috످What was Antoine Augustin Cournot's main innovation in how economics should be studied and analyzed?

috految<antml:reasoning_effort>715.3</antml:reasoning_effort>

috److془The user asks about Cournot's main innovation. I know this well. Answer.

Cournot (1801–1877), 1838 Recherches sur les principes mathématiques de la théorie des richesses. Demand function D = F(p), MR = MC, duopoly, Nash equilibrium. Influenced Walras, Jevons, Marshall.془Antoine Augustin Cournot's main innovation was the systematic application of mathematics, especially functions and calculus, to economics.

While earlier economists like Adam Smith and David Ricardo relied mostly on verbal reasoning and simple numerical examples, Cournot argued that economic relationships could be analyzed more rigorously as equations, much like the laws of physics. His key insight was that even without exact data, economists could use the general properties of a relationship (such as demand falling as price rises) to deduce how markets would behave.

In his 1838 book, Researches into the Mathematical Principles of the Theory of Wealth, he used this approach to formalize demand as a function of price, drawing one of the first demand curves. He explained monopoly pricing by showing that profit is maximized when marginal revenue equals marginal cost (in modern terms). He also modeled competition between rival firms, each choosing how much to produce given the others' output. This model, now called Cournot competition, anticipated game theory's Nash equilibrium by more than a century.

Although largely ignored for decades, his work later influenced Léon Walras and Alfred Marshall, and he is now widely considered the father of mathematical economics.

috످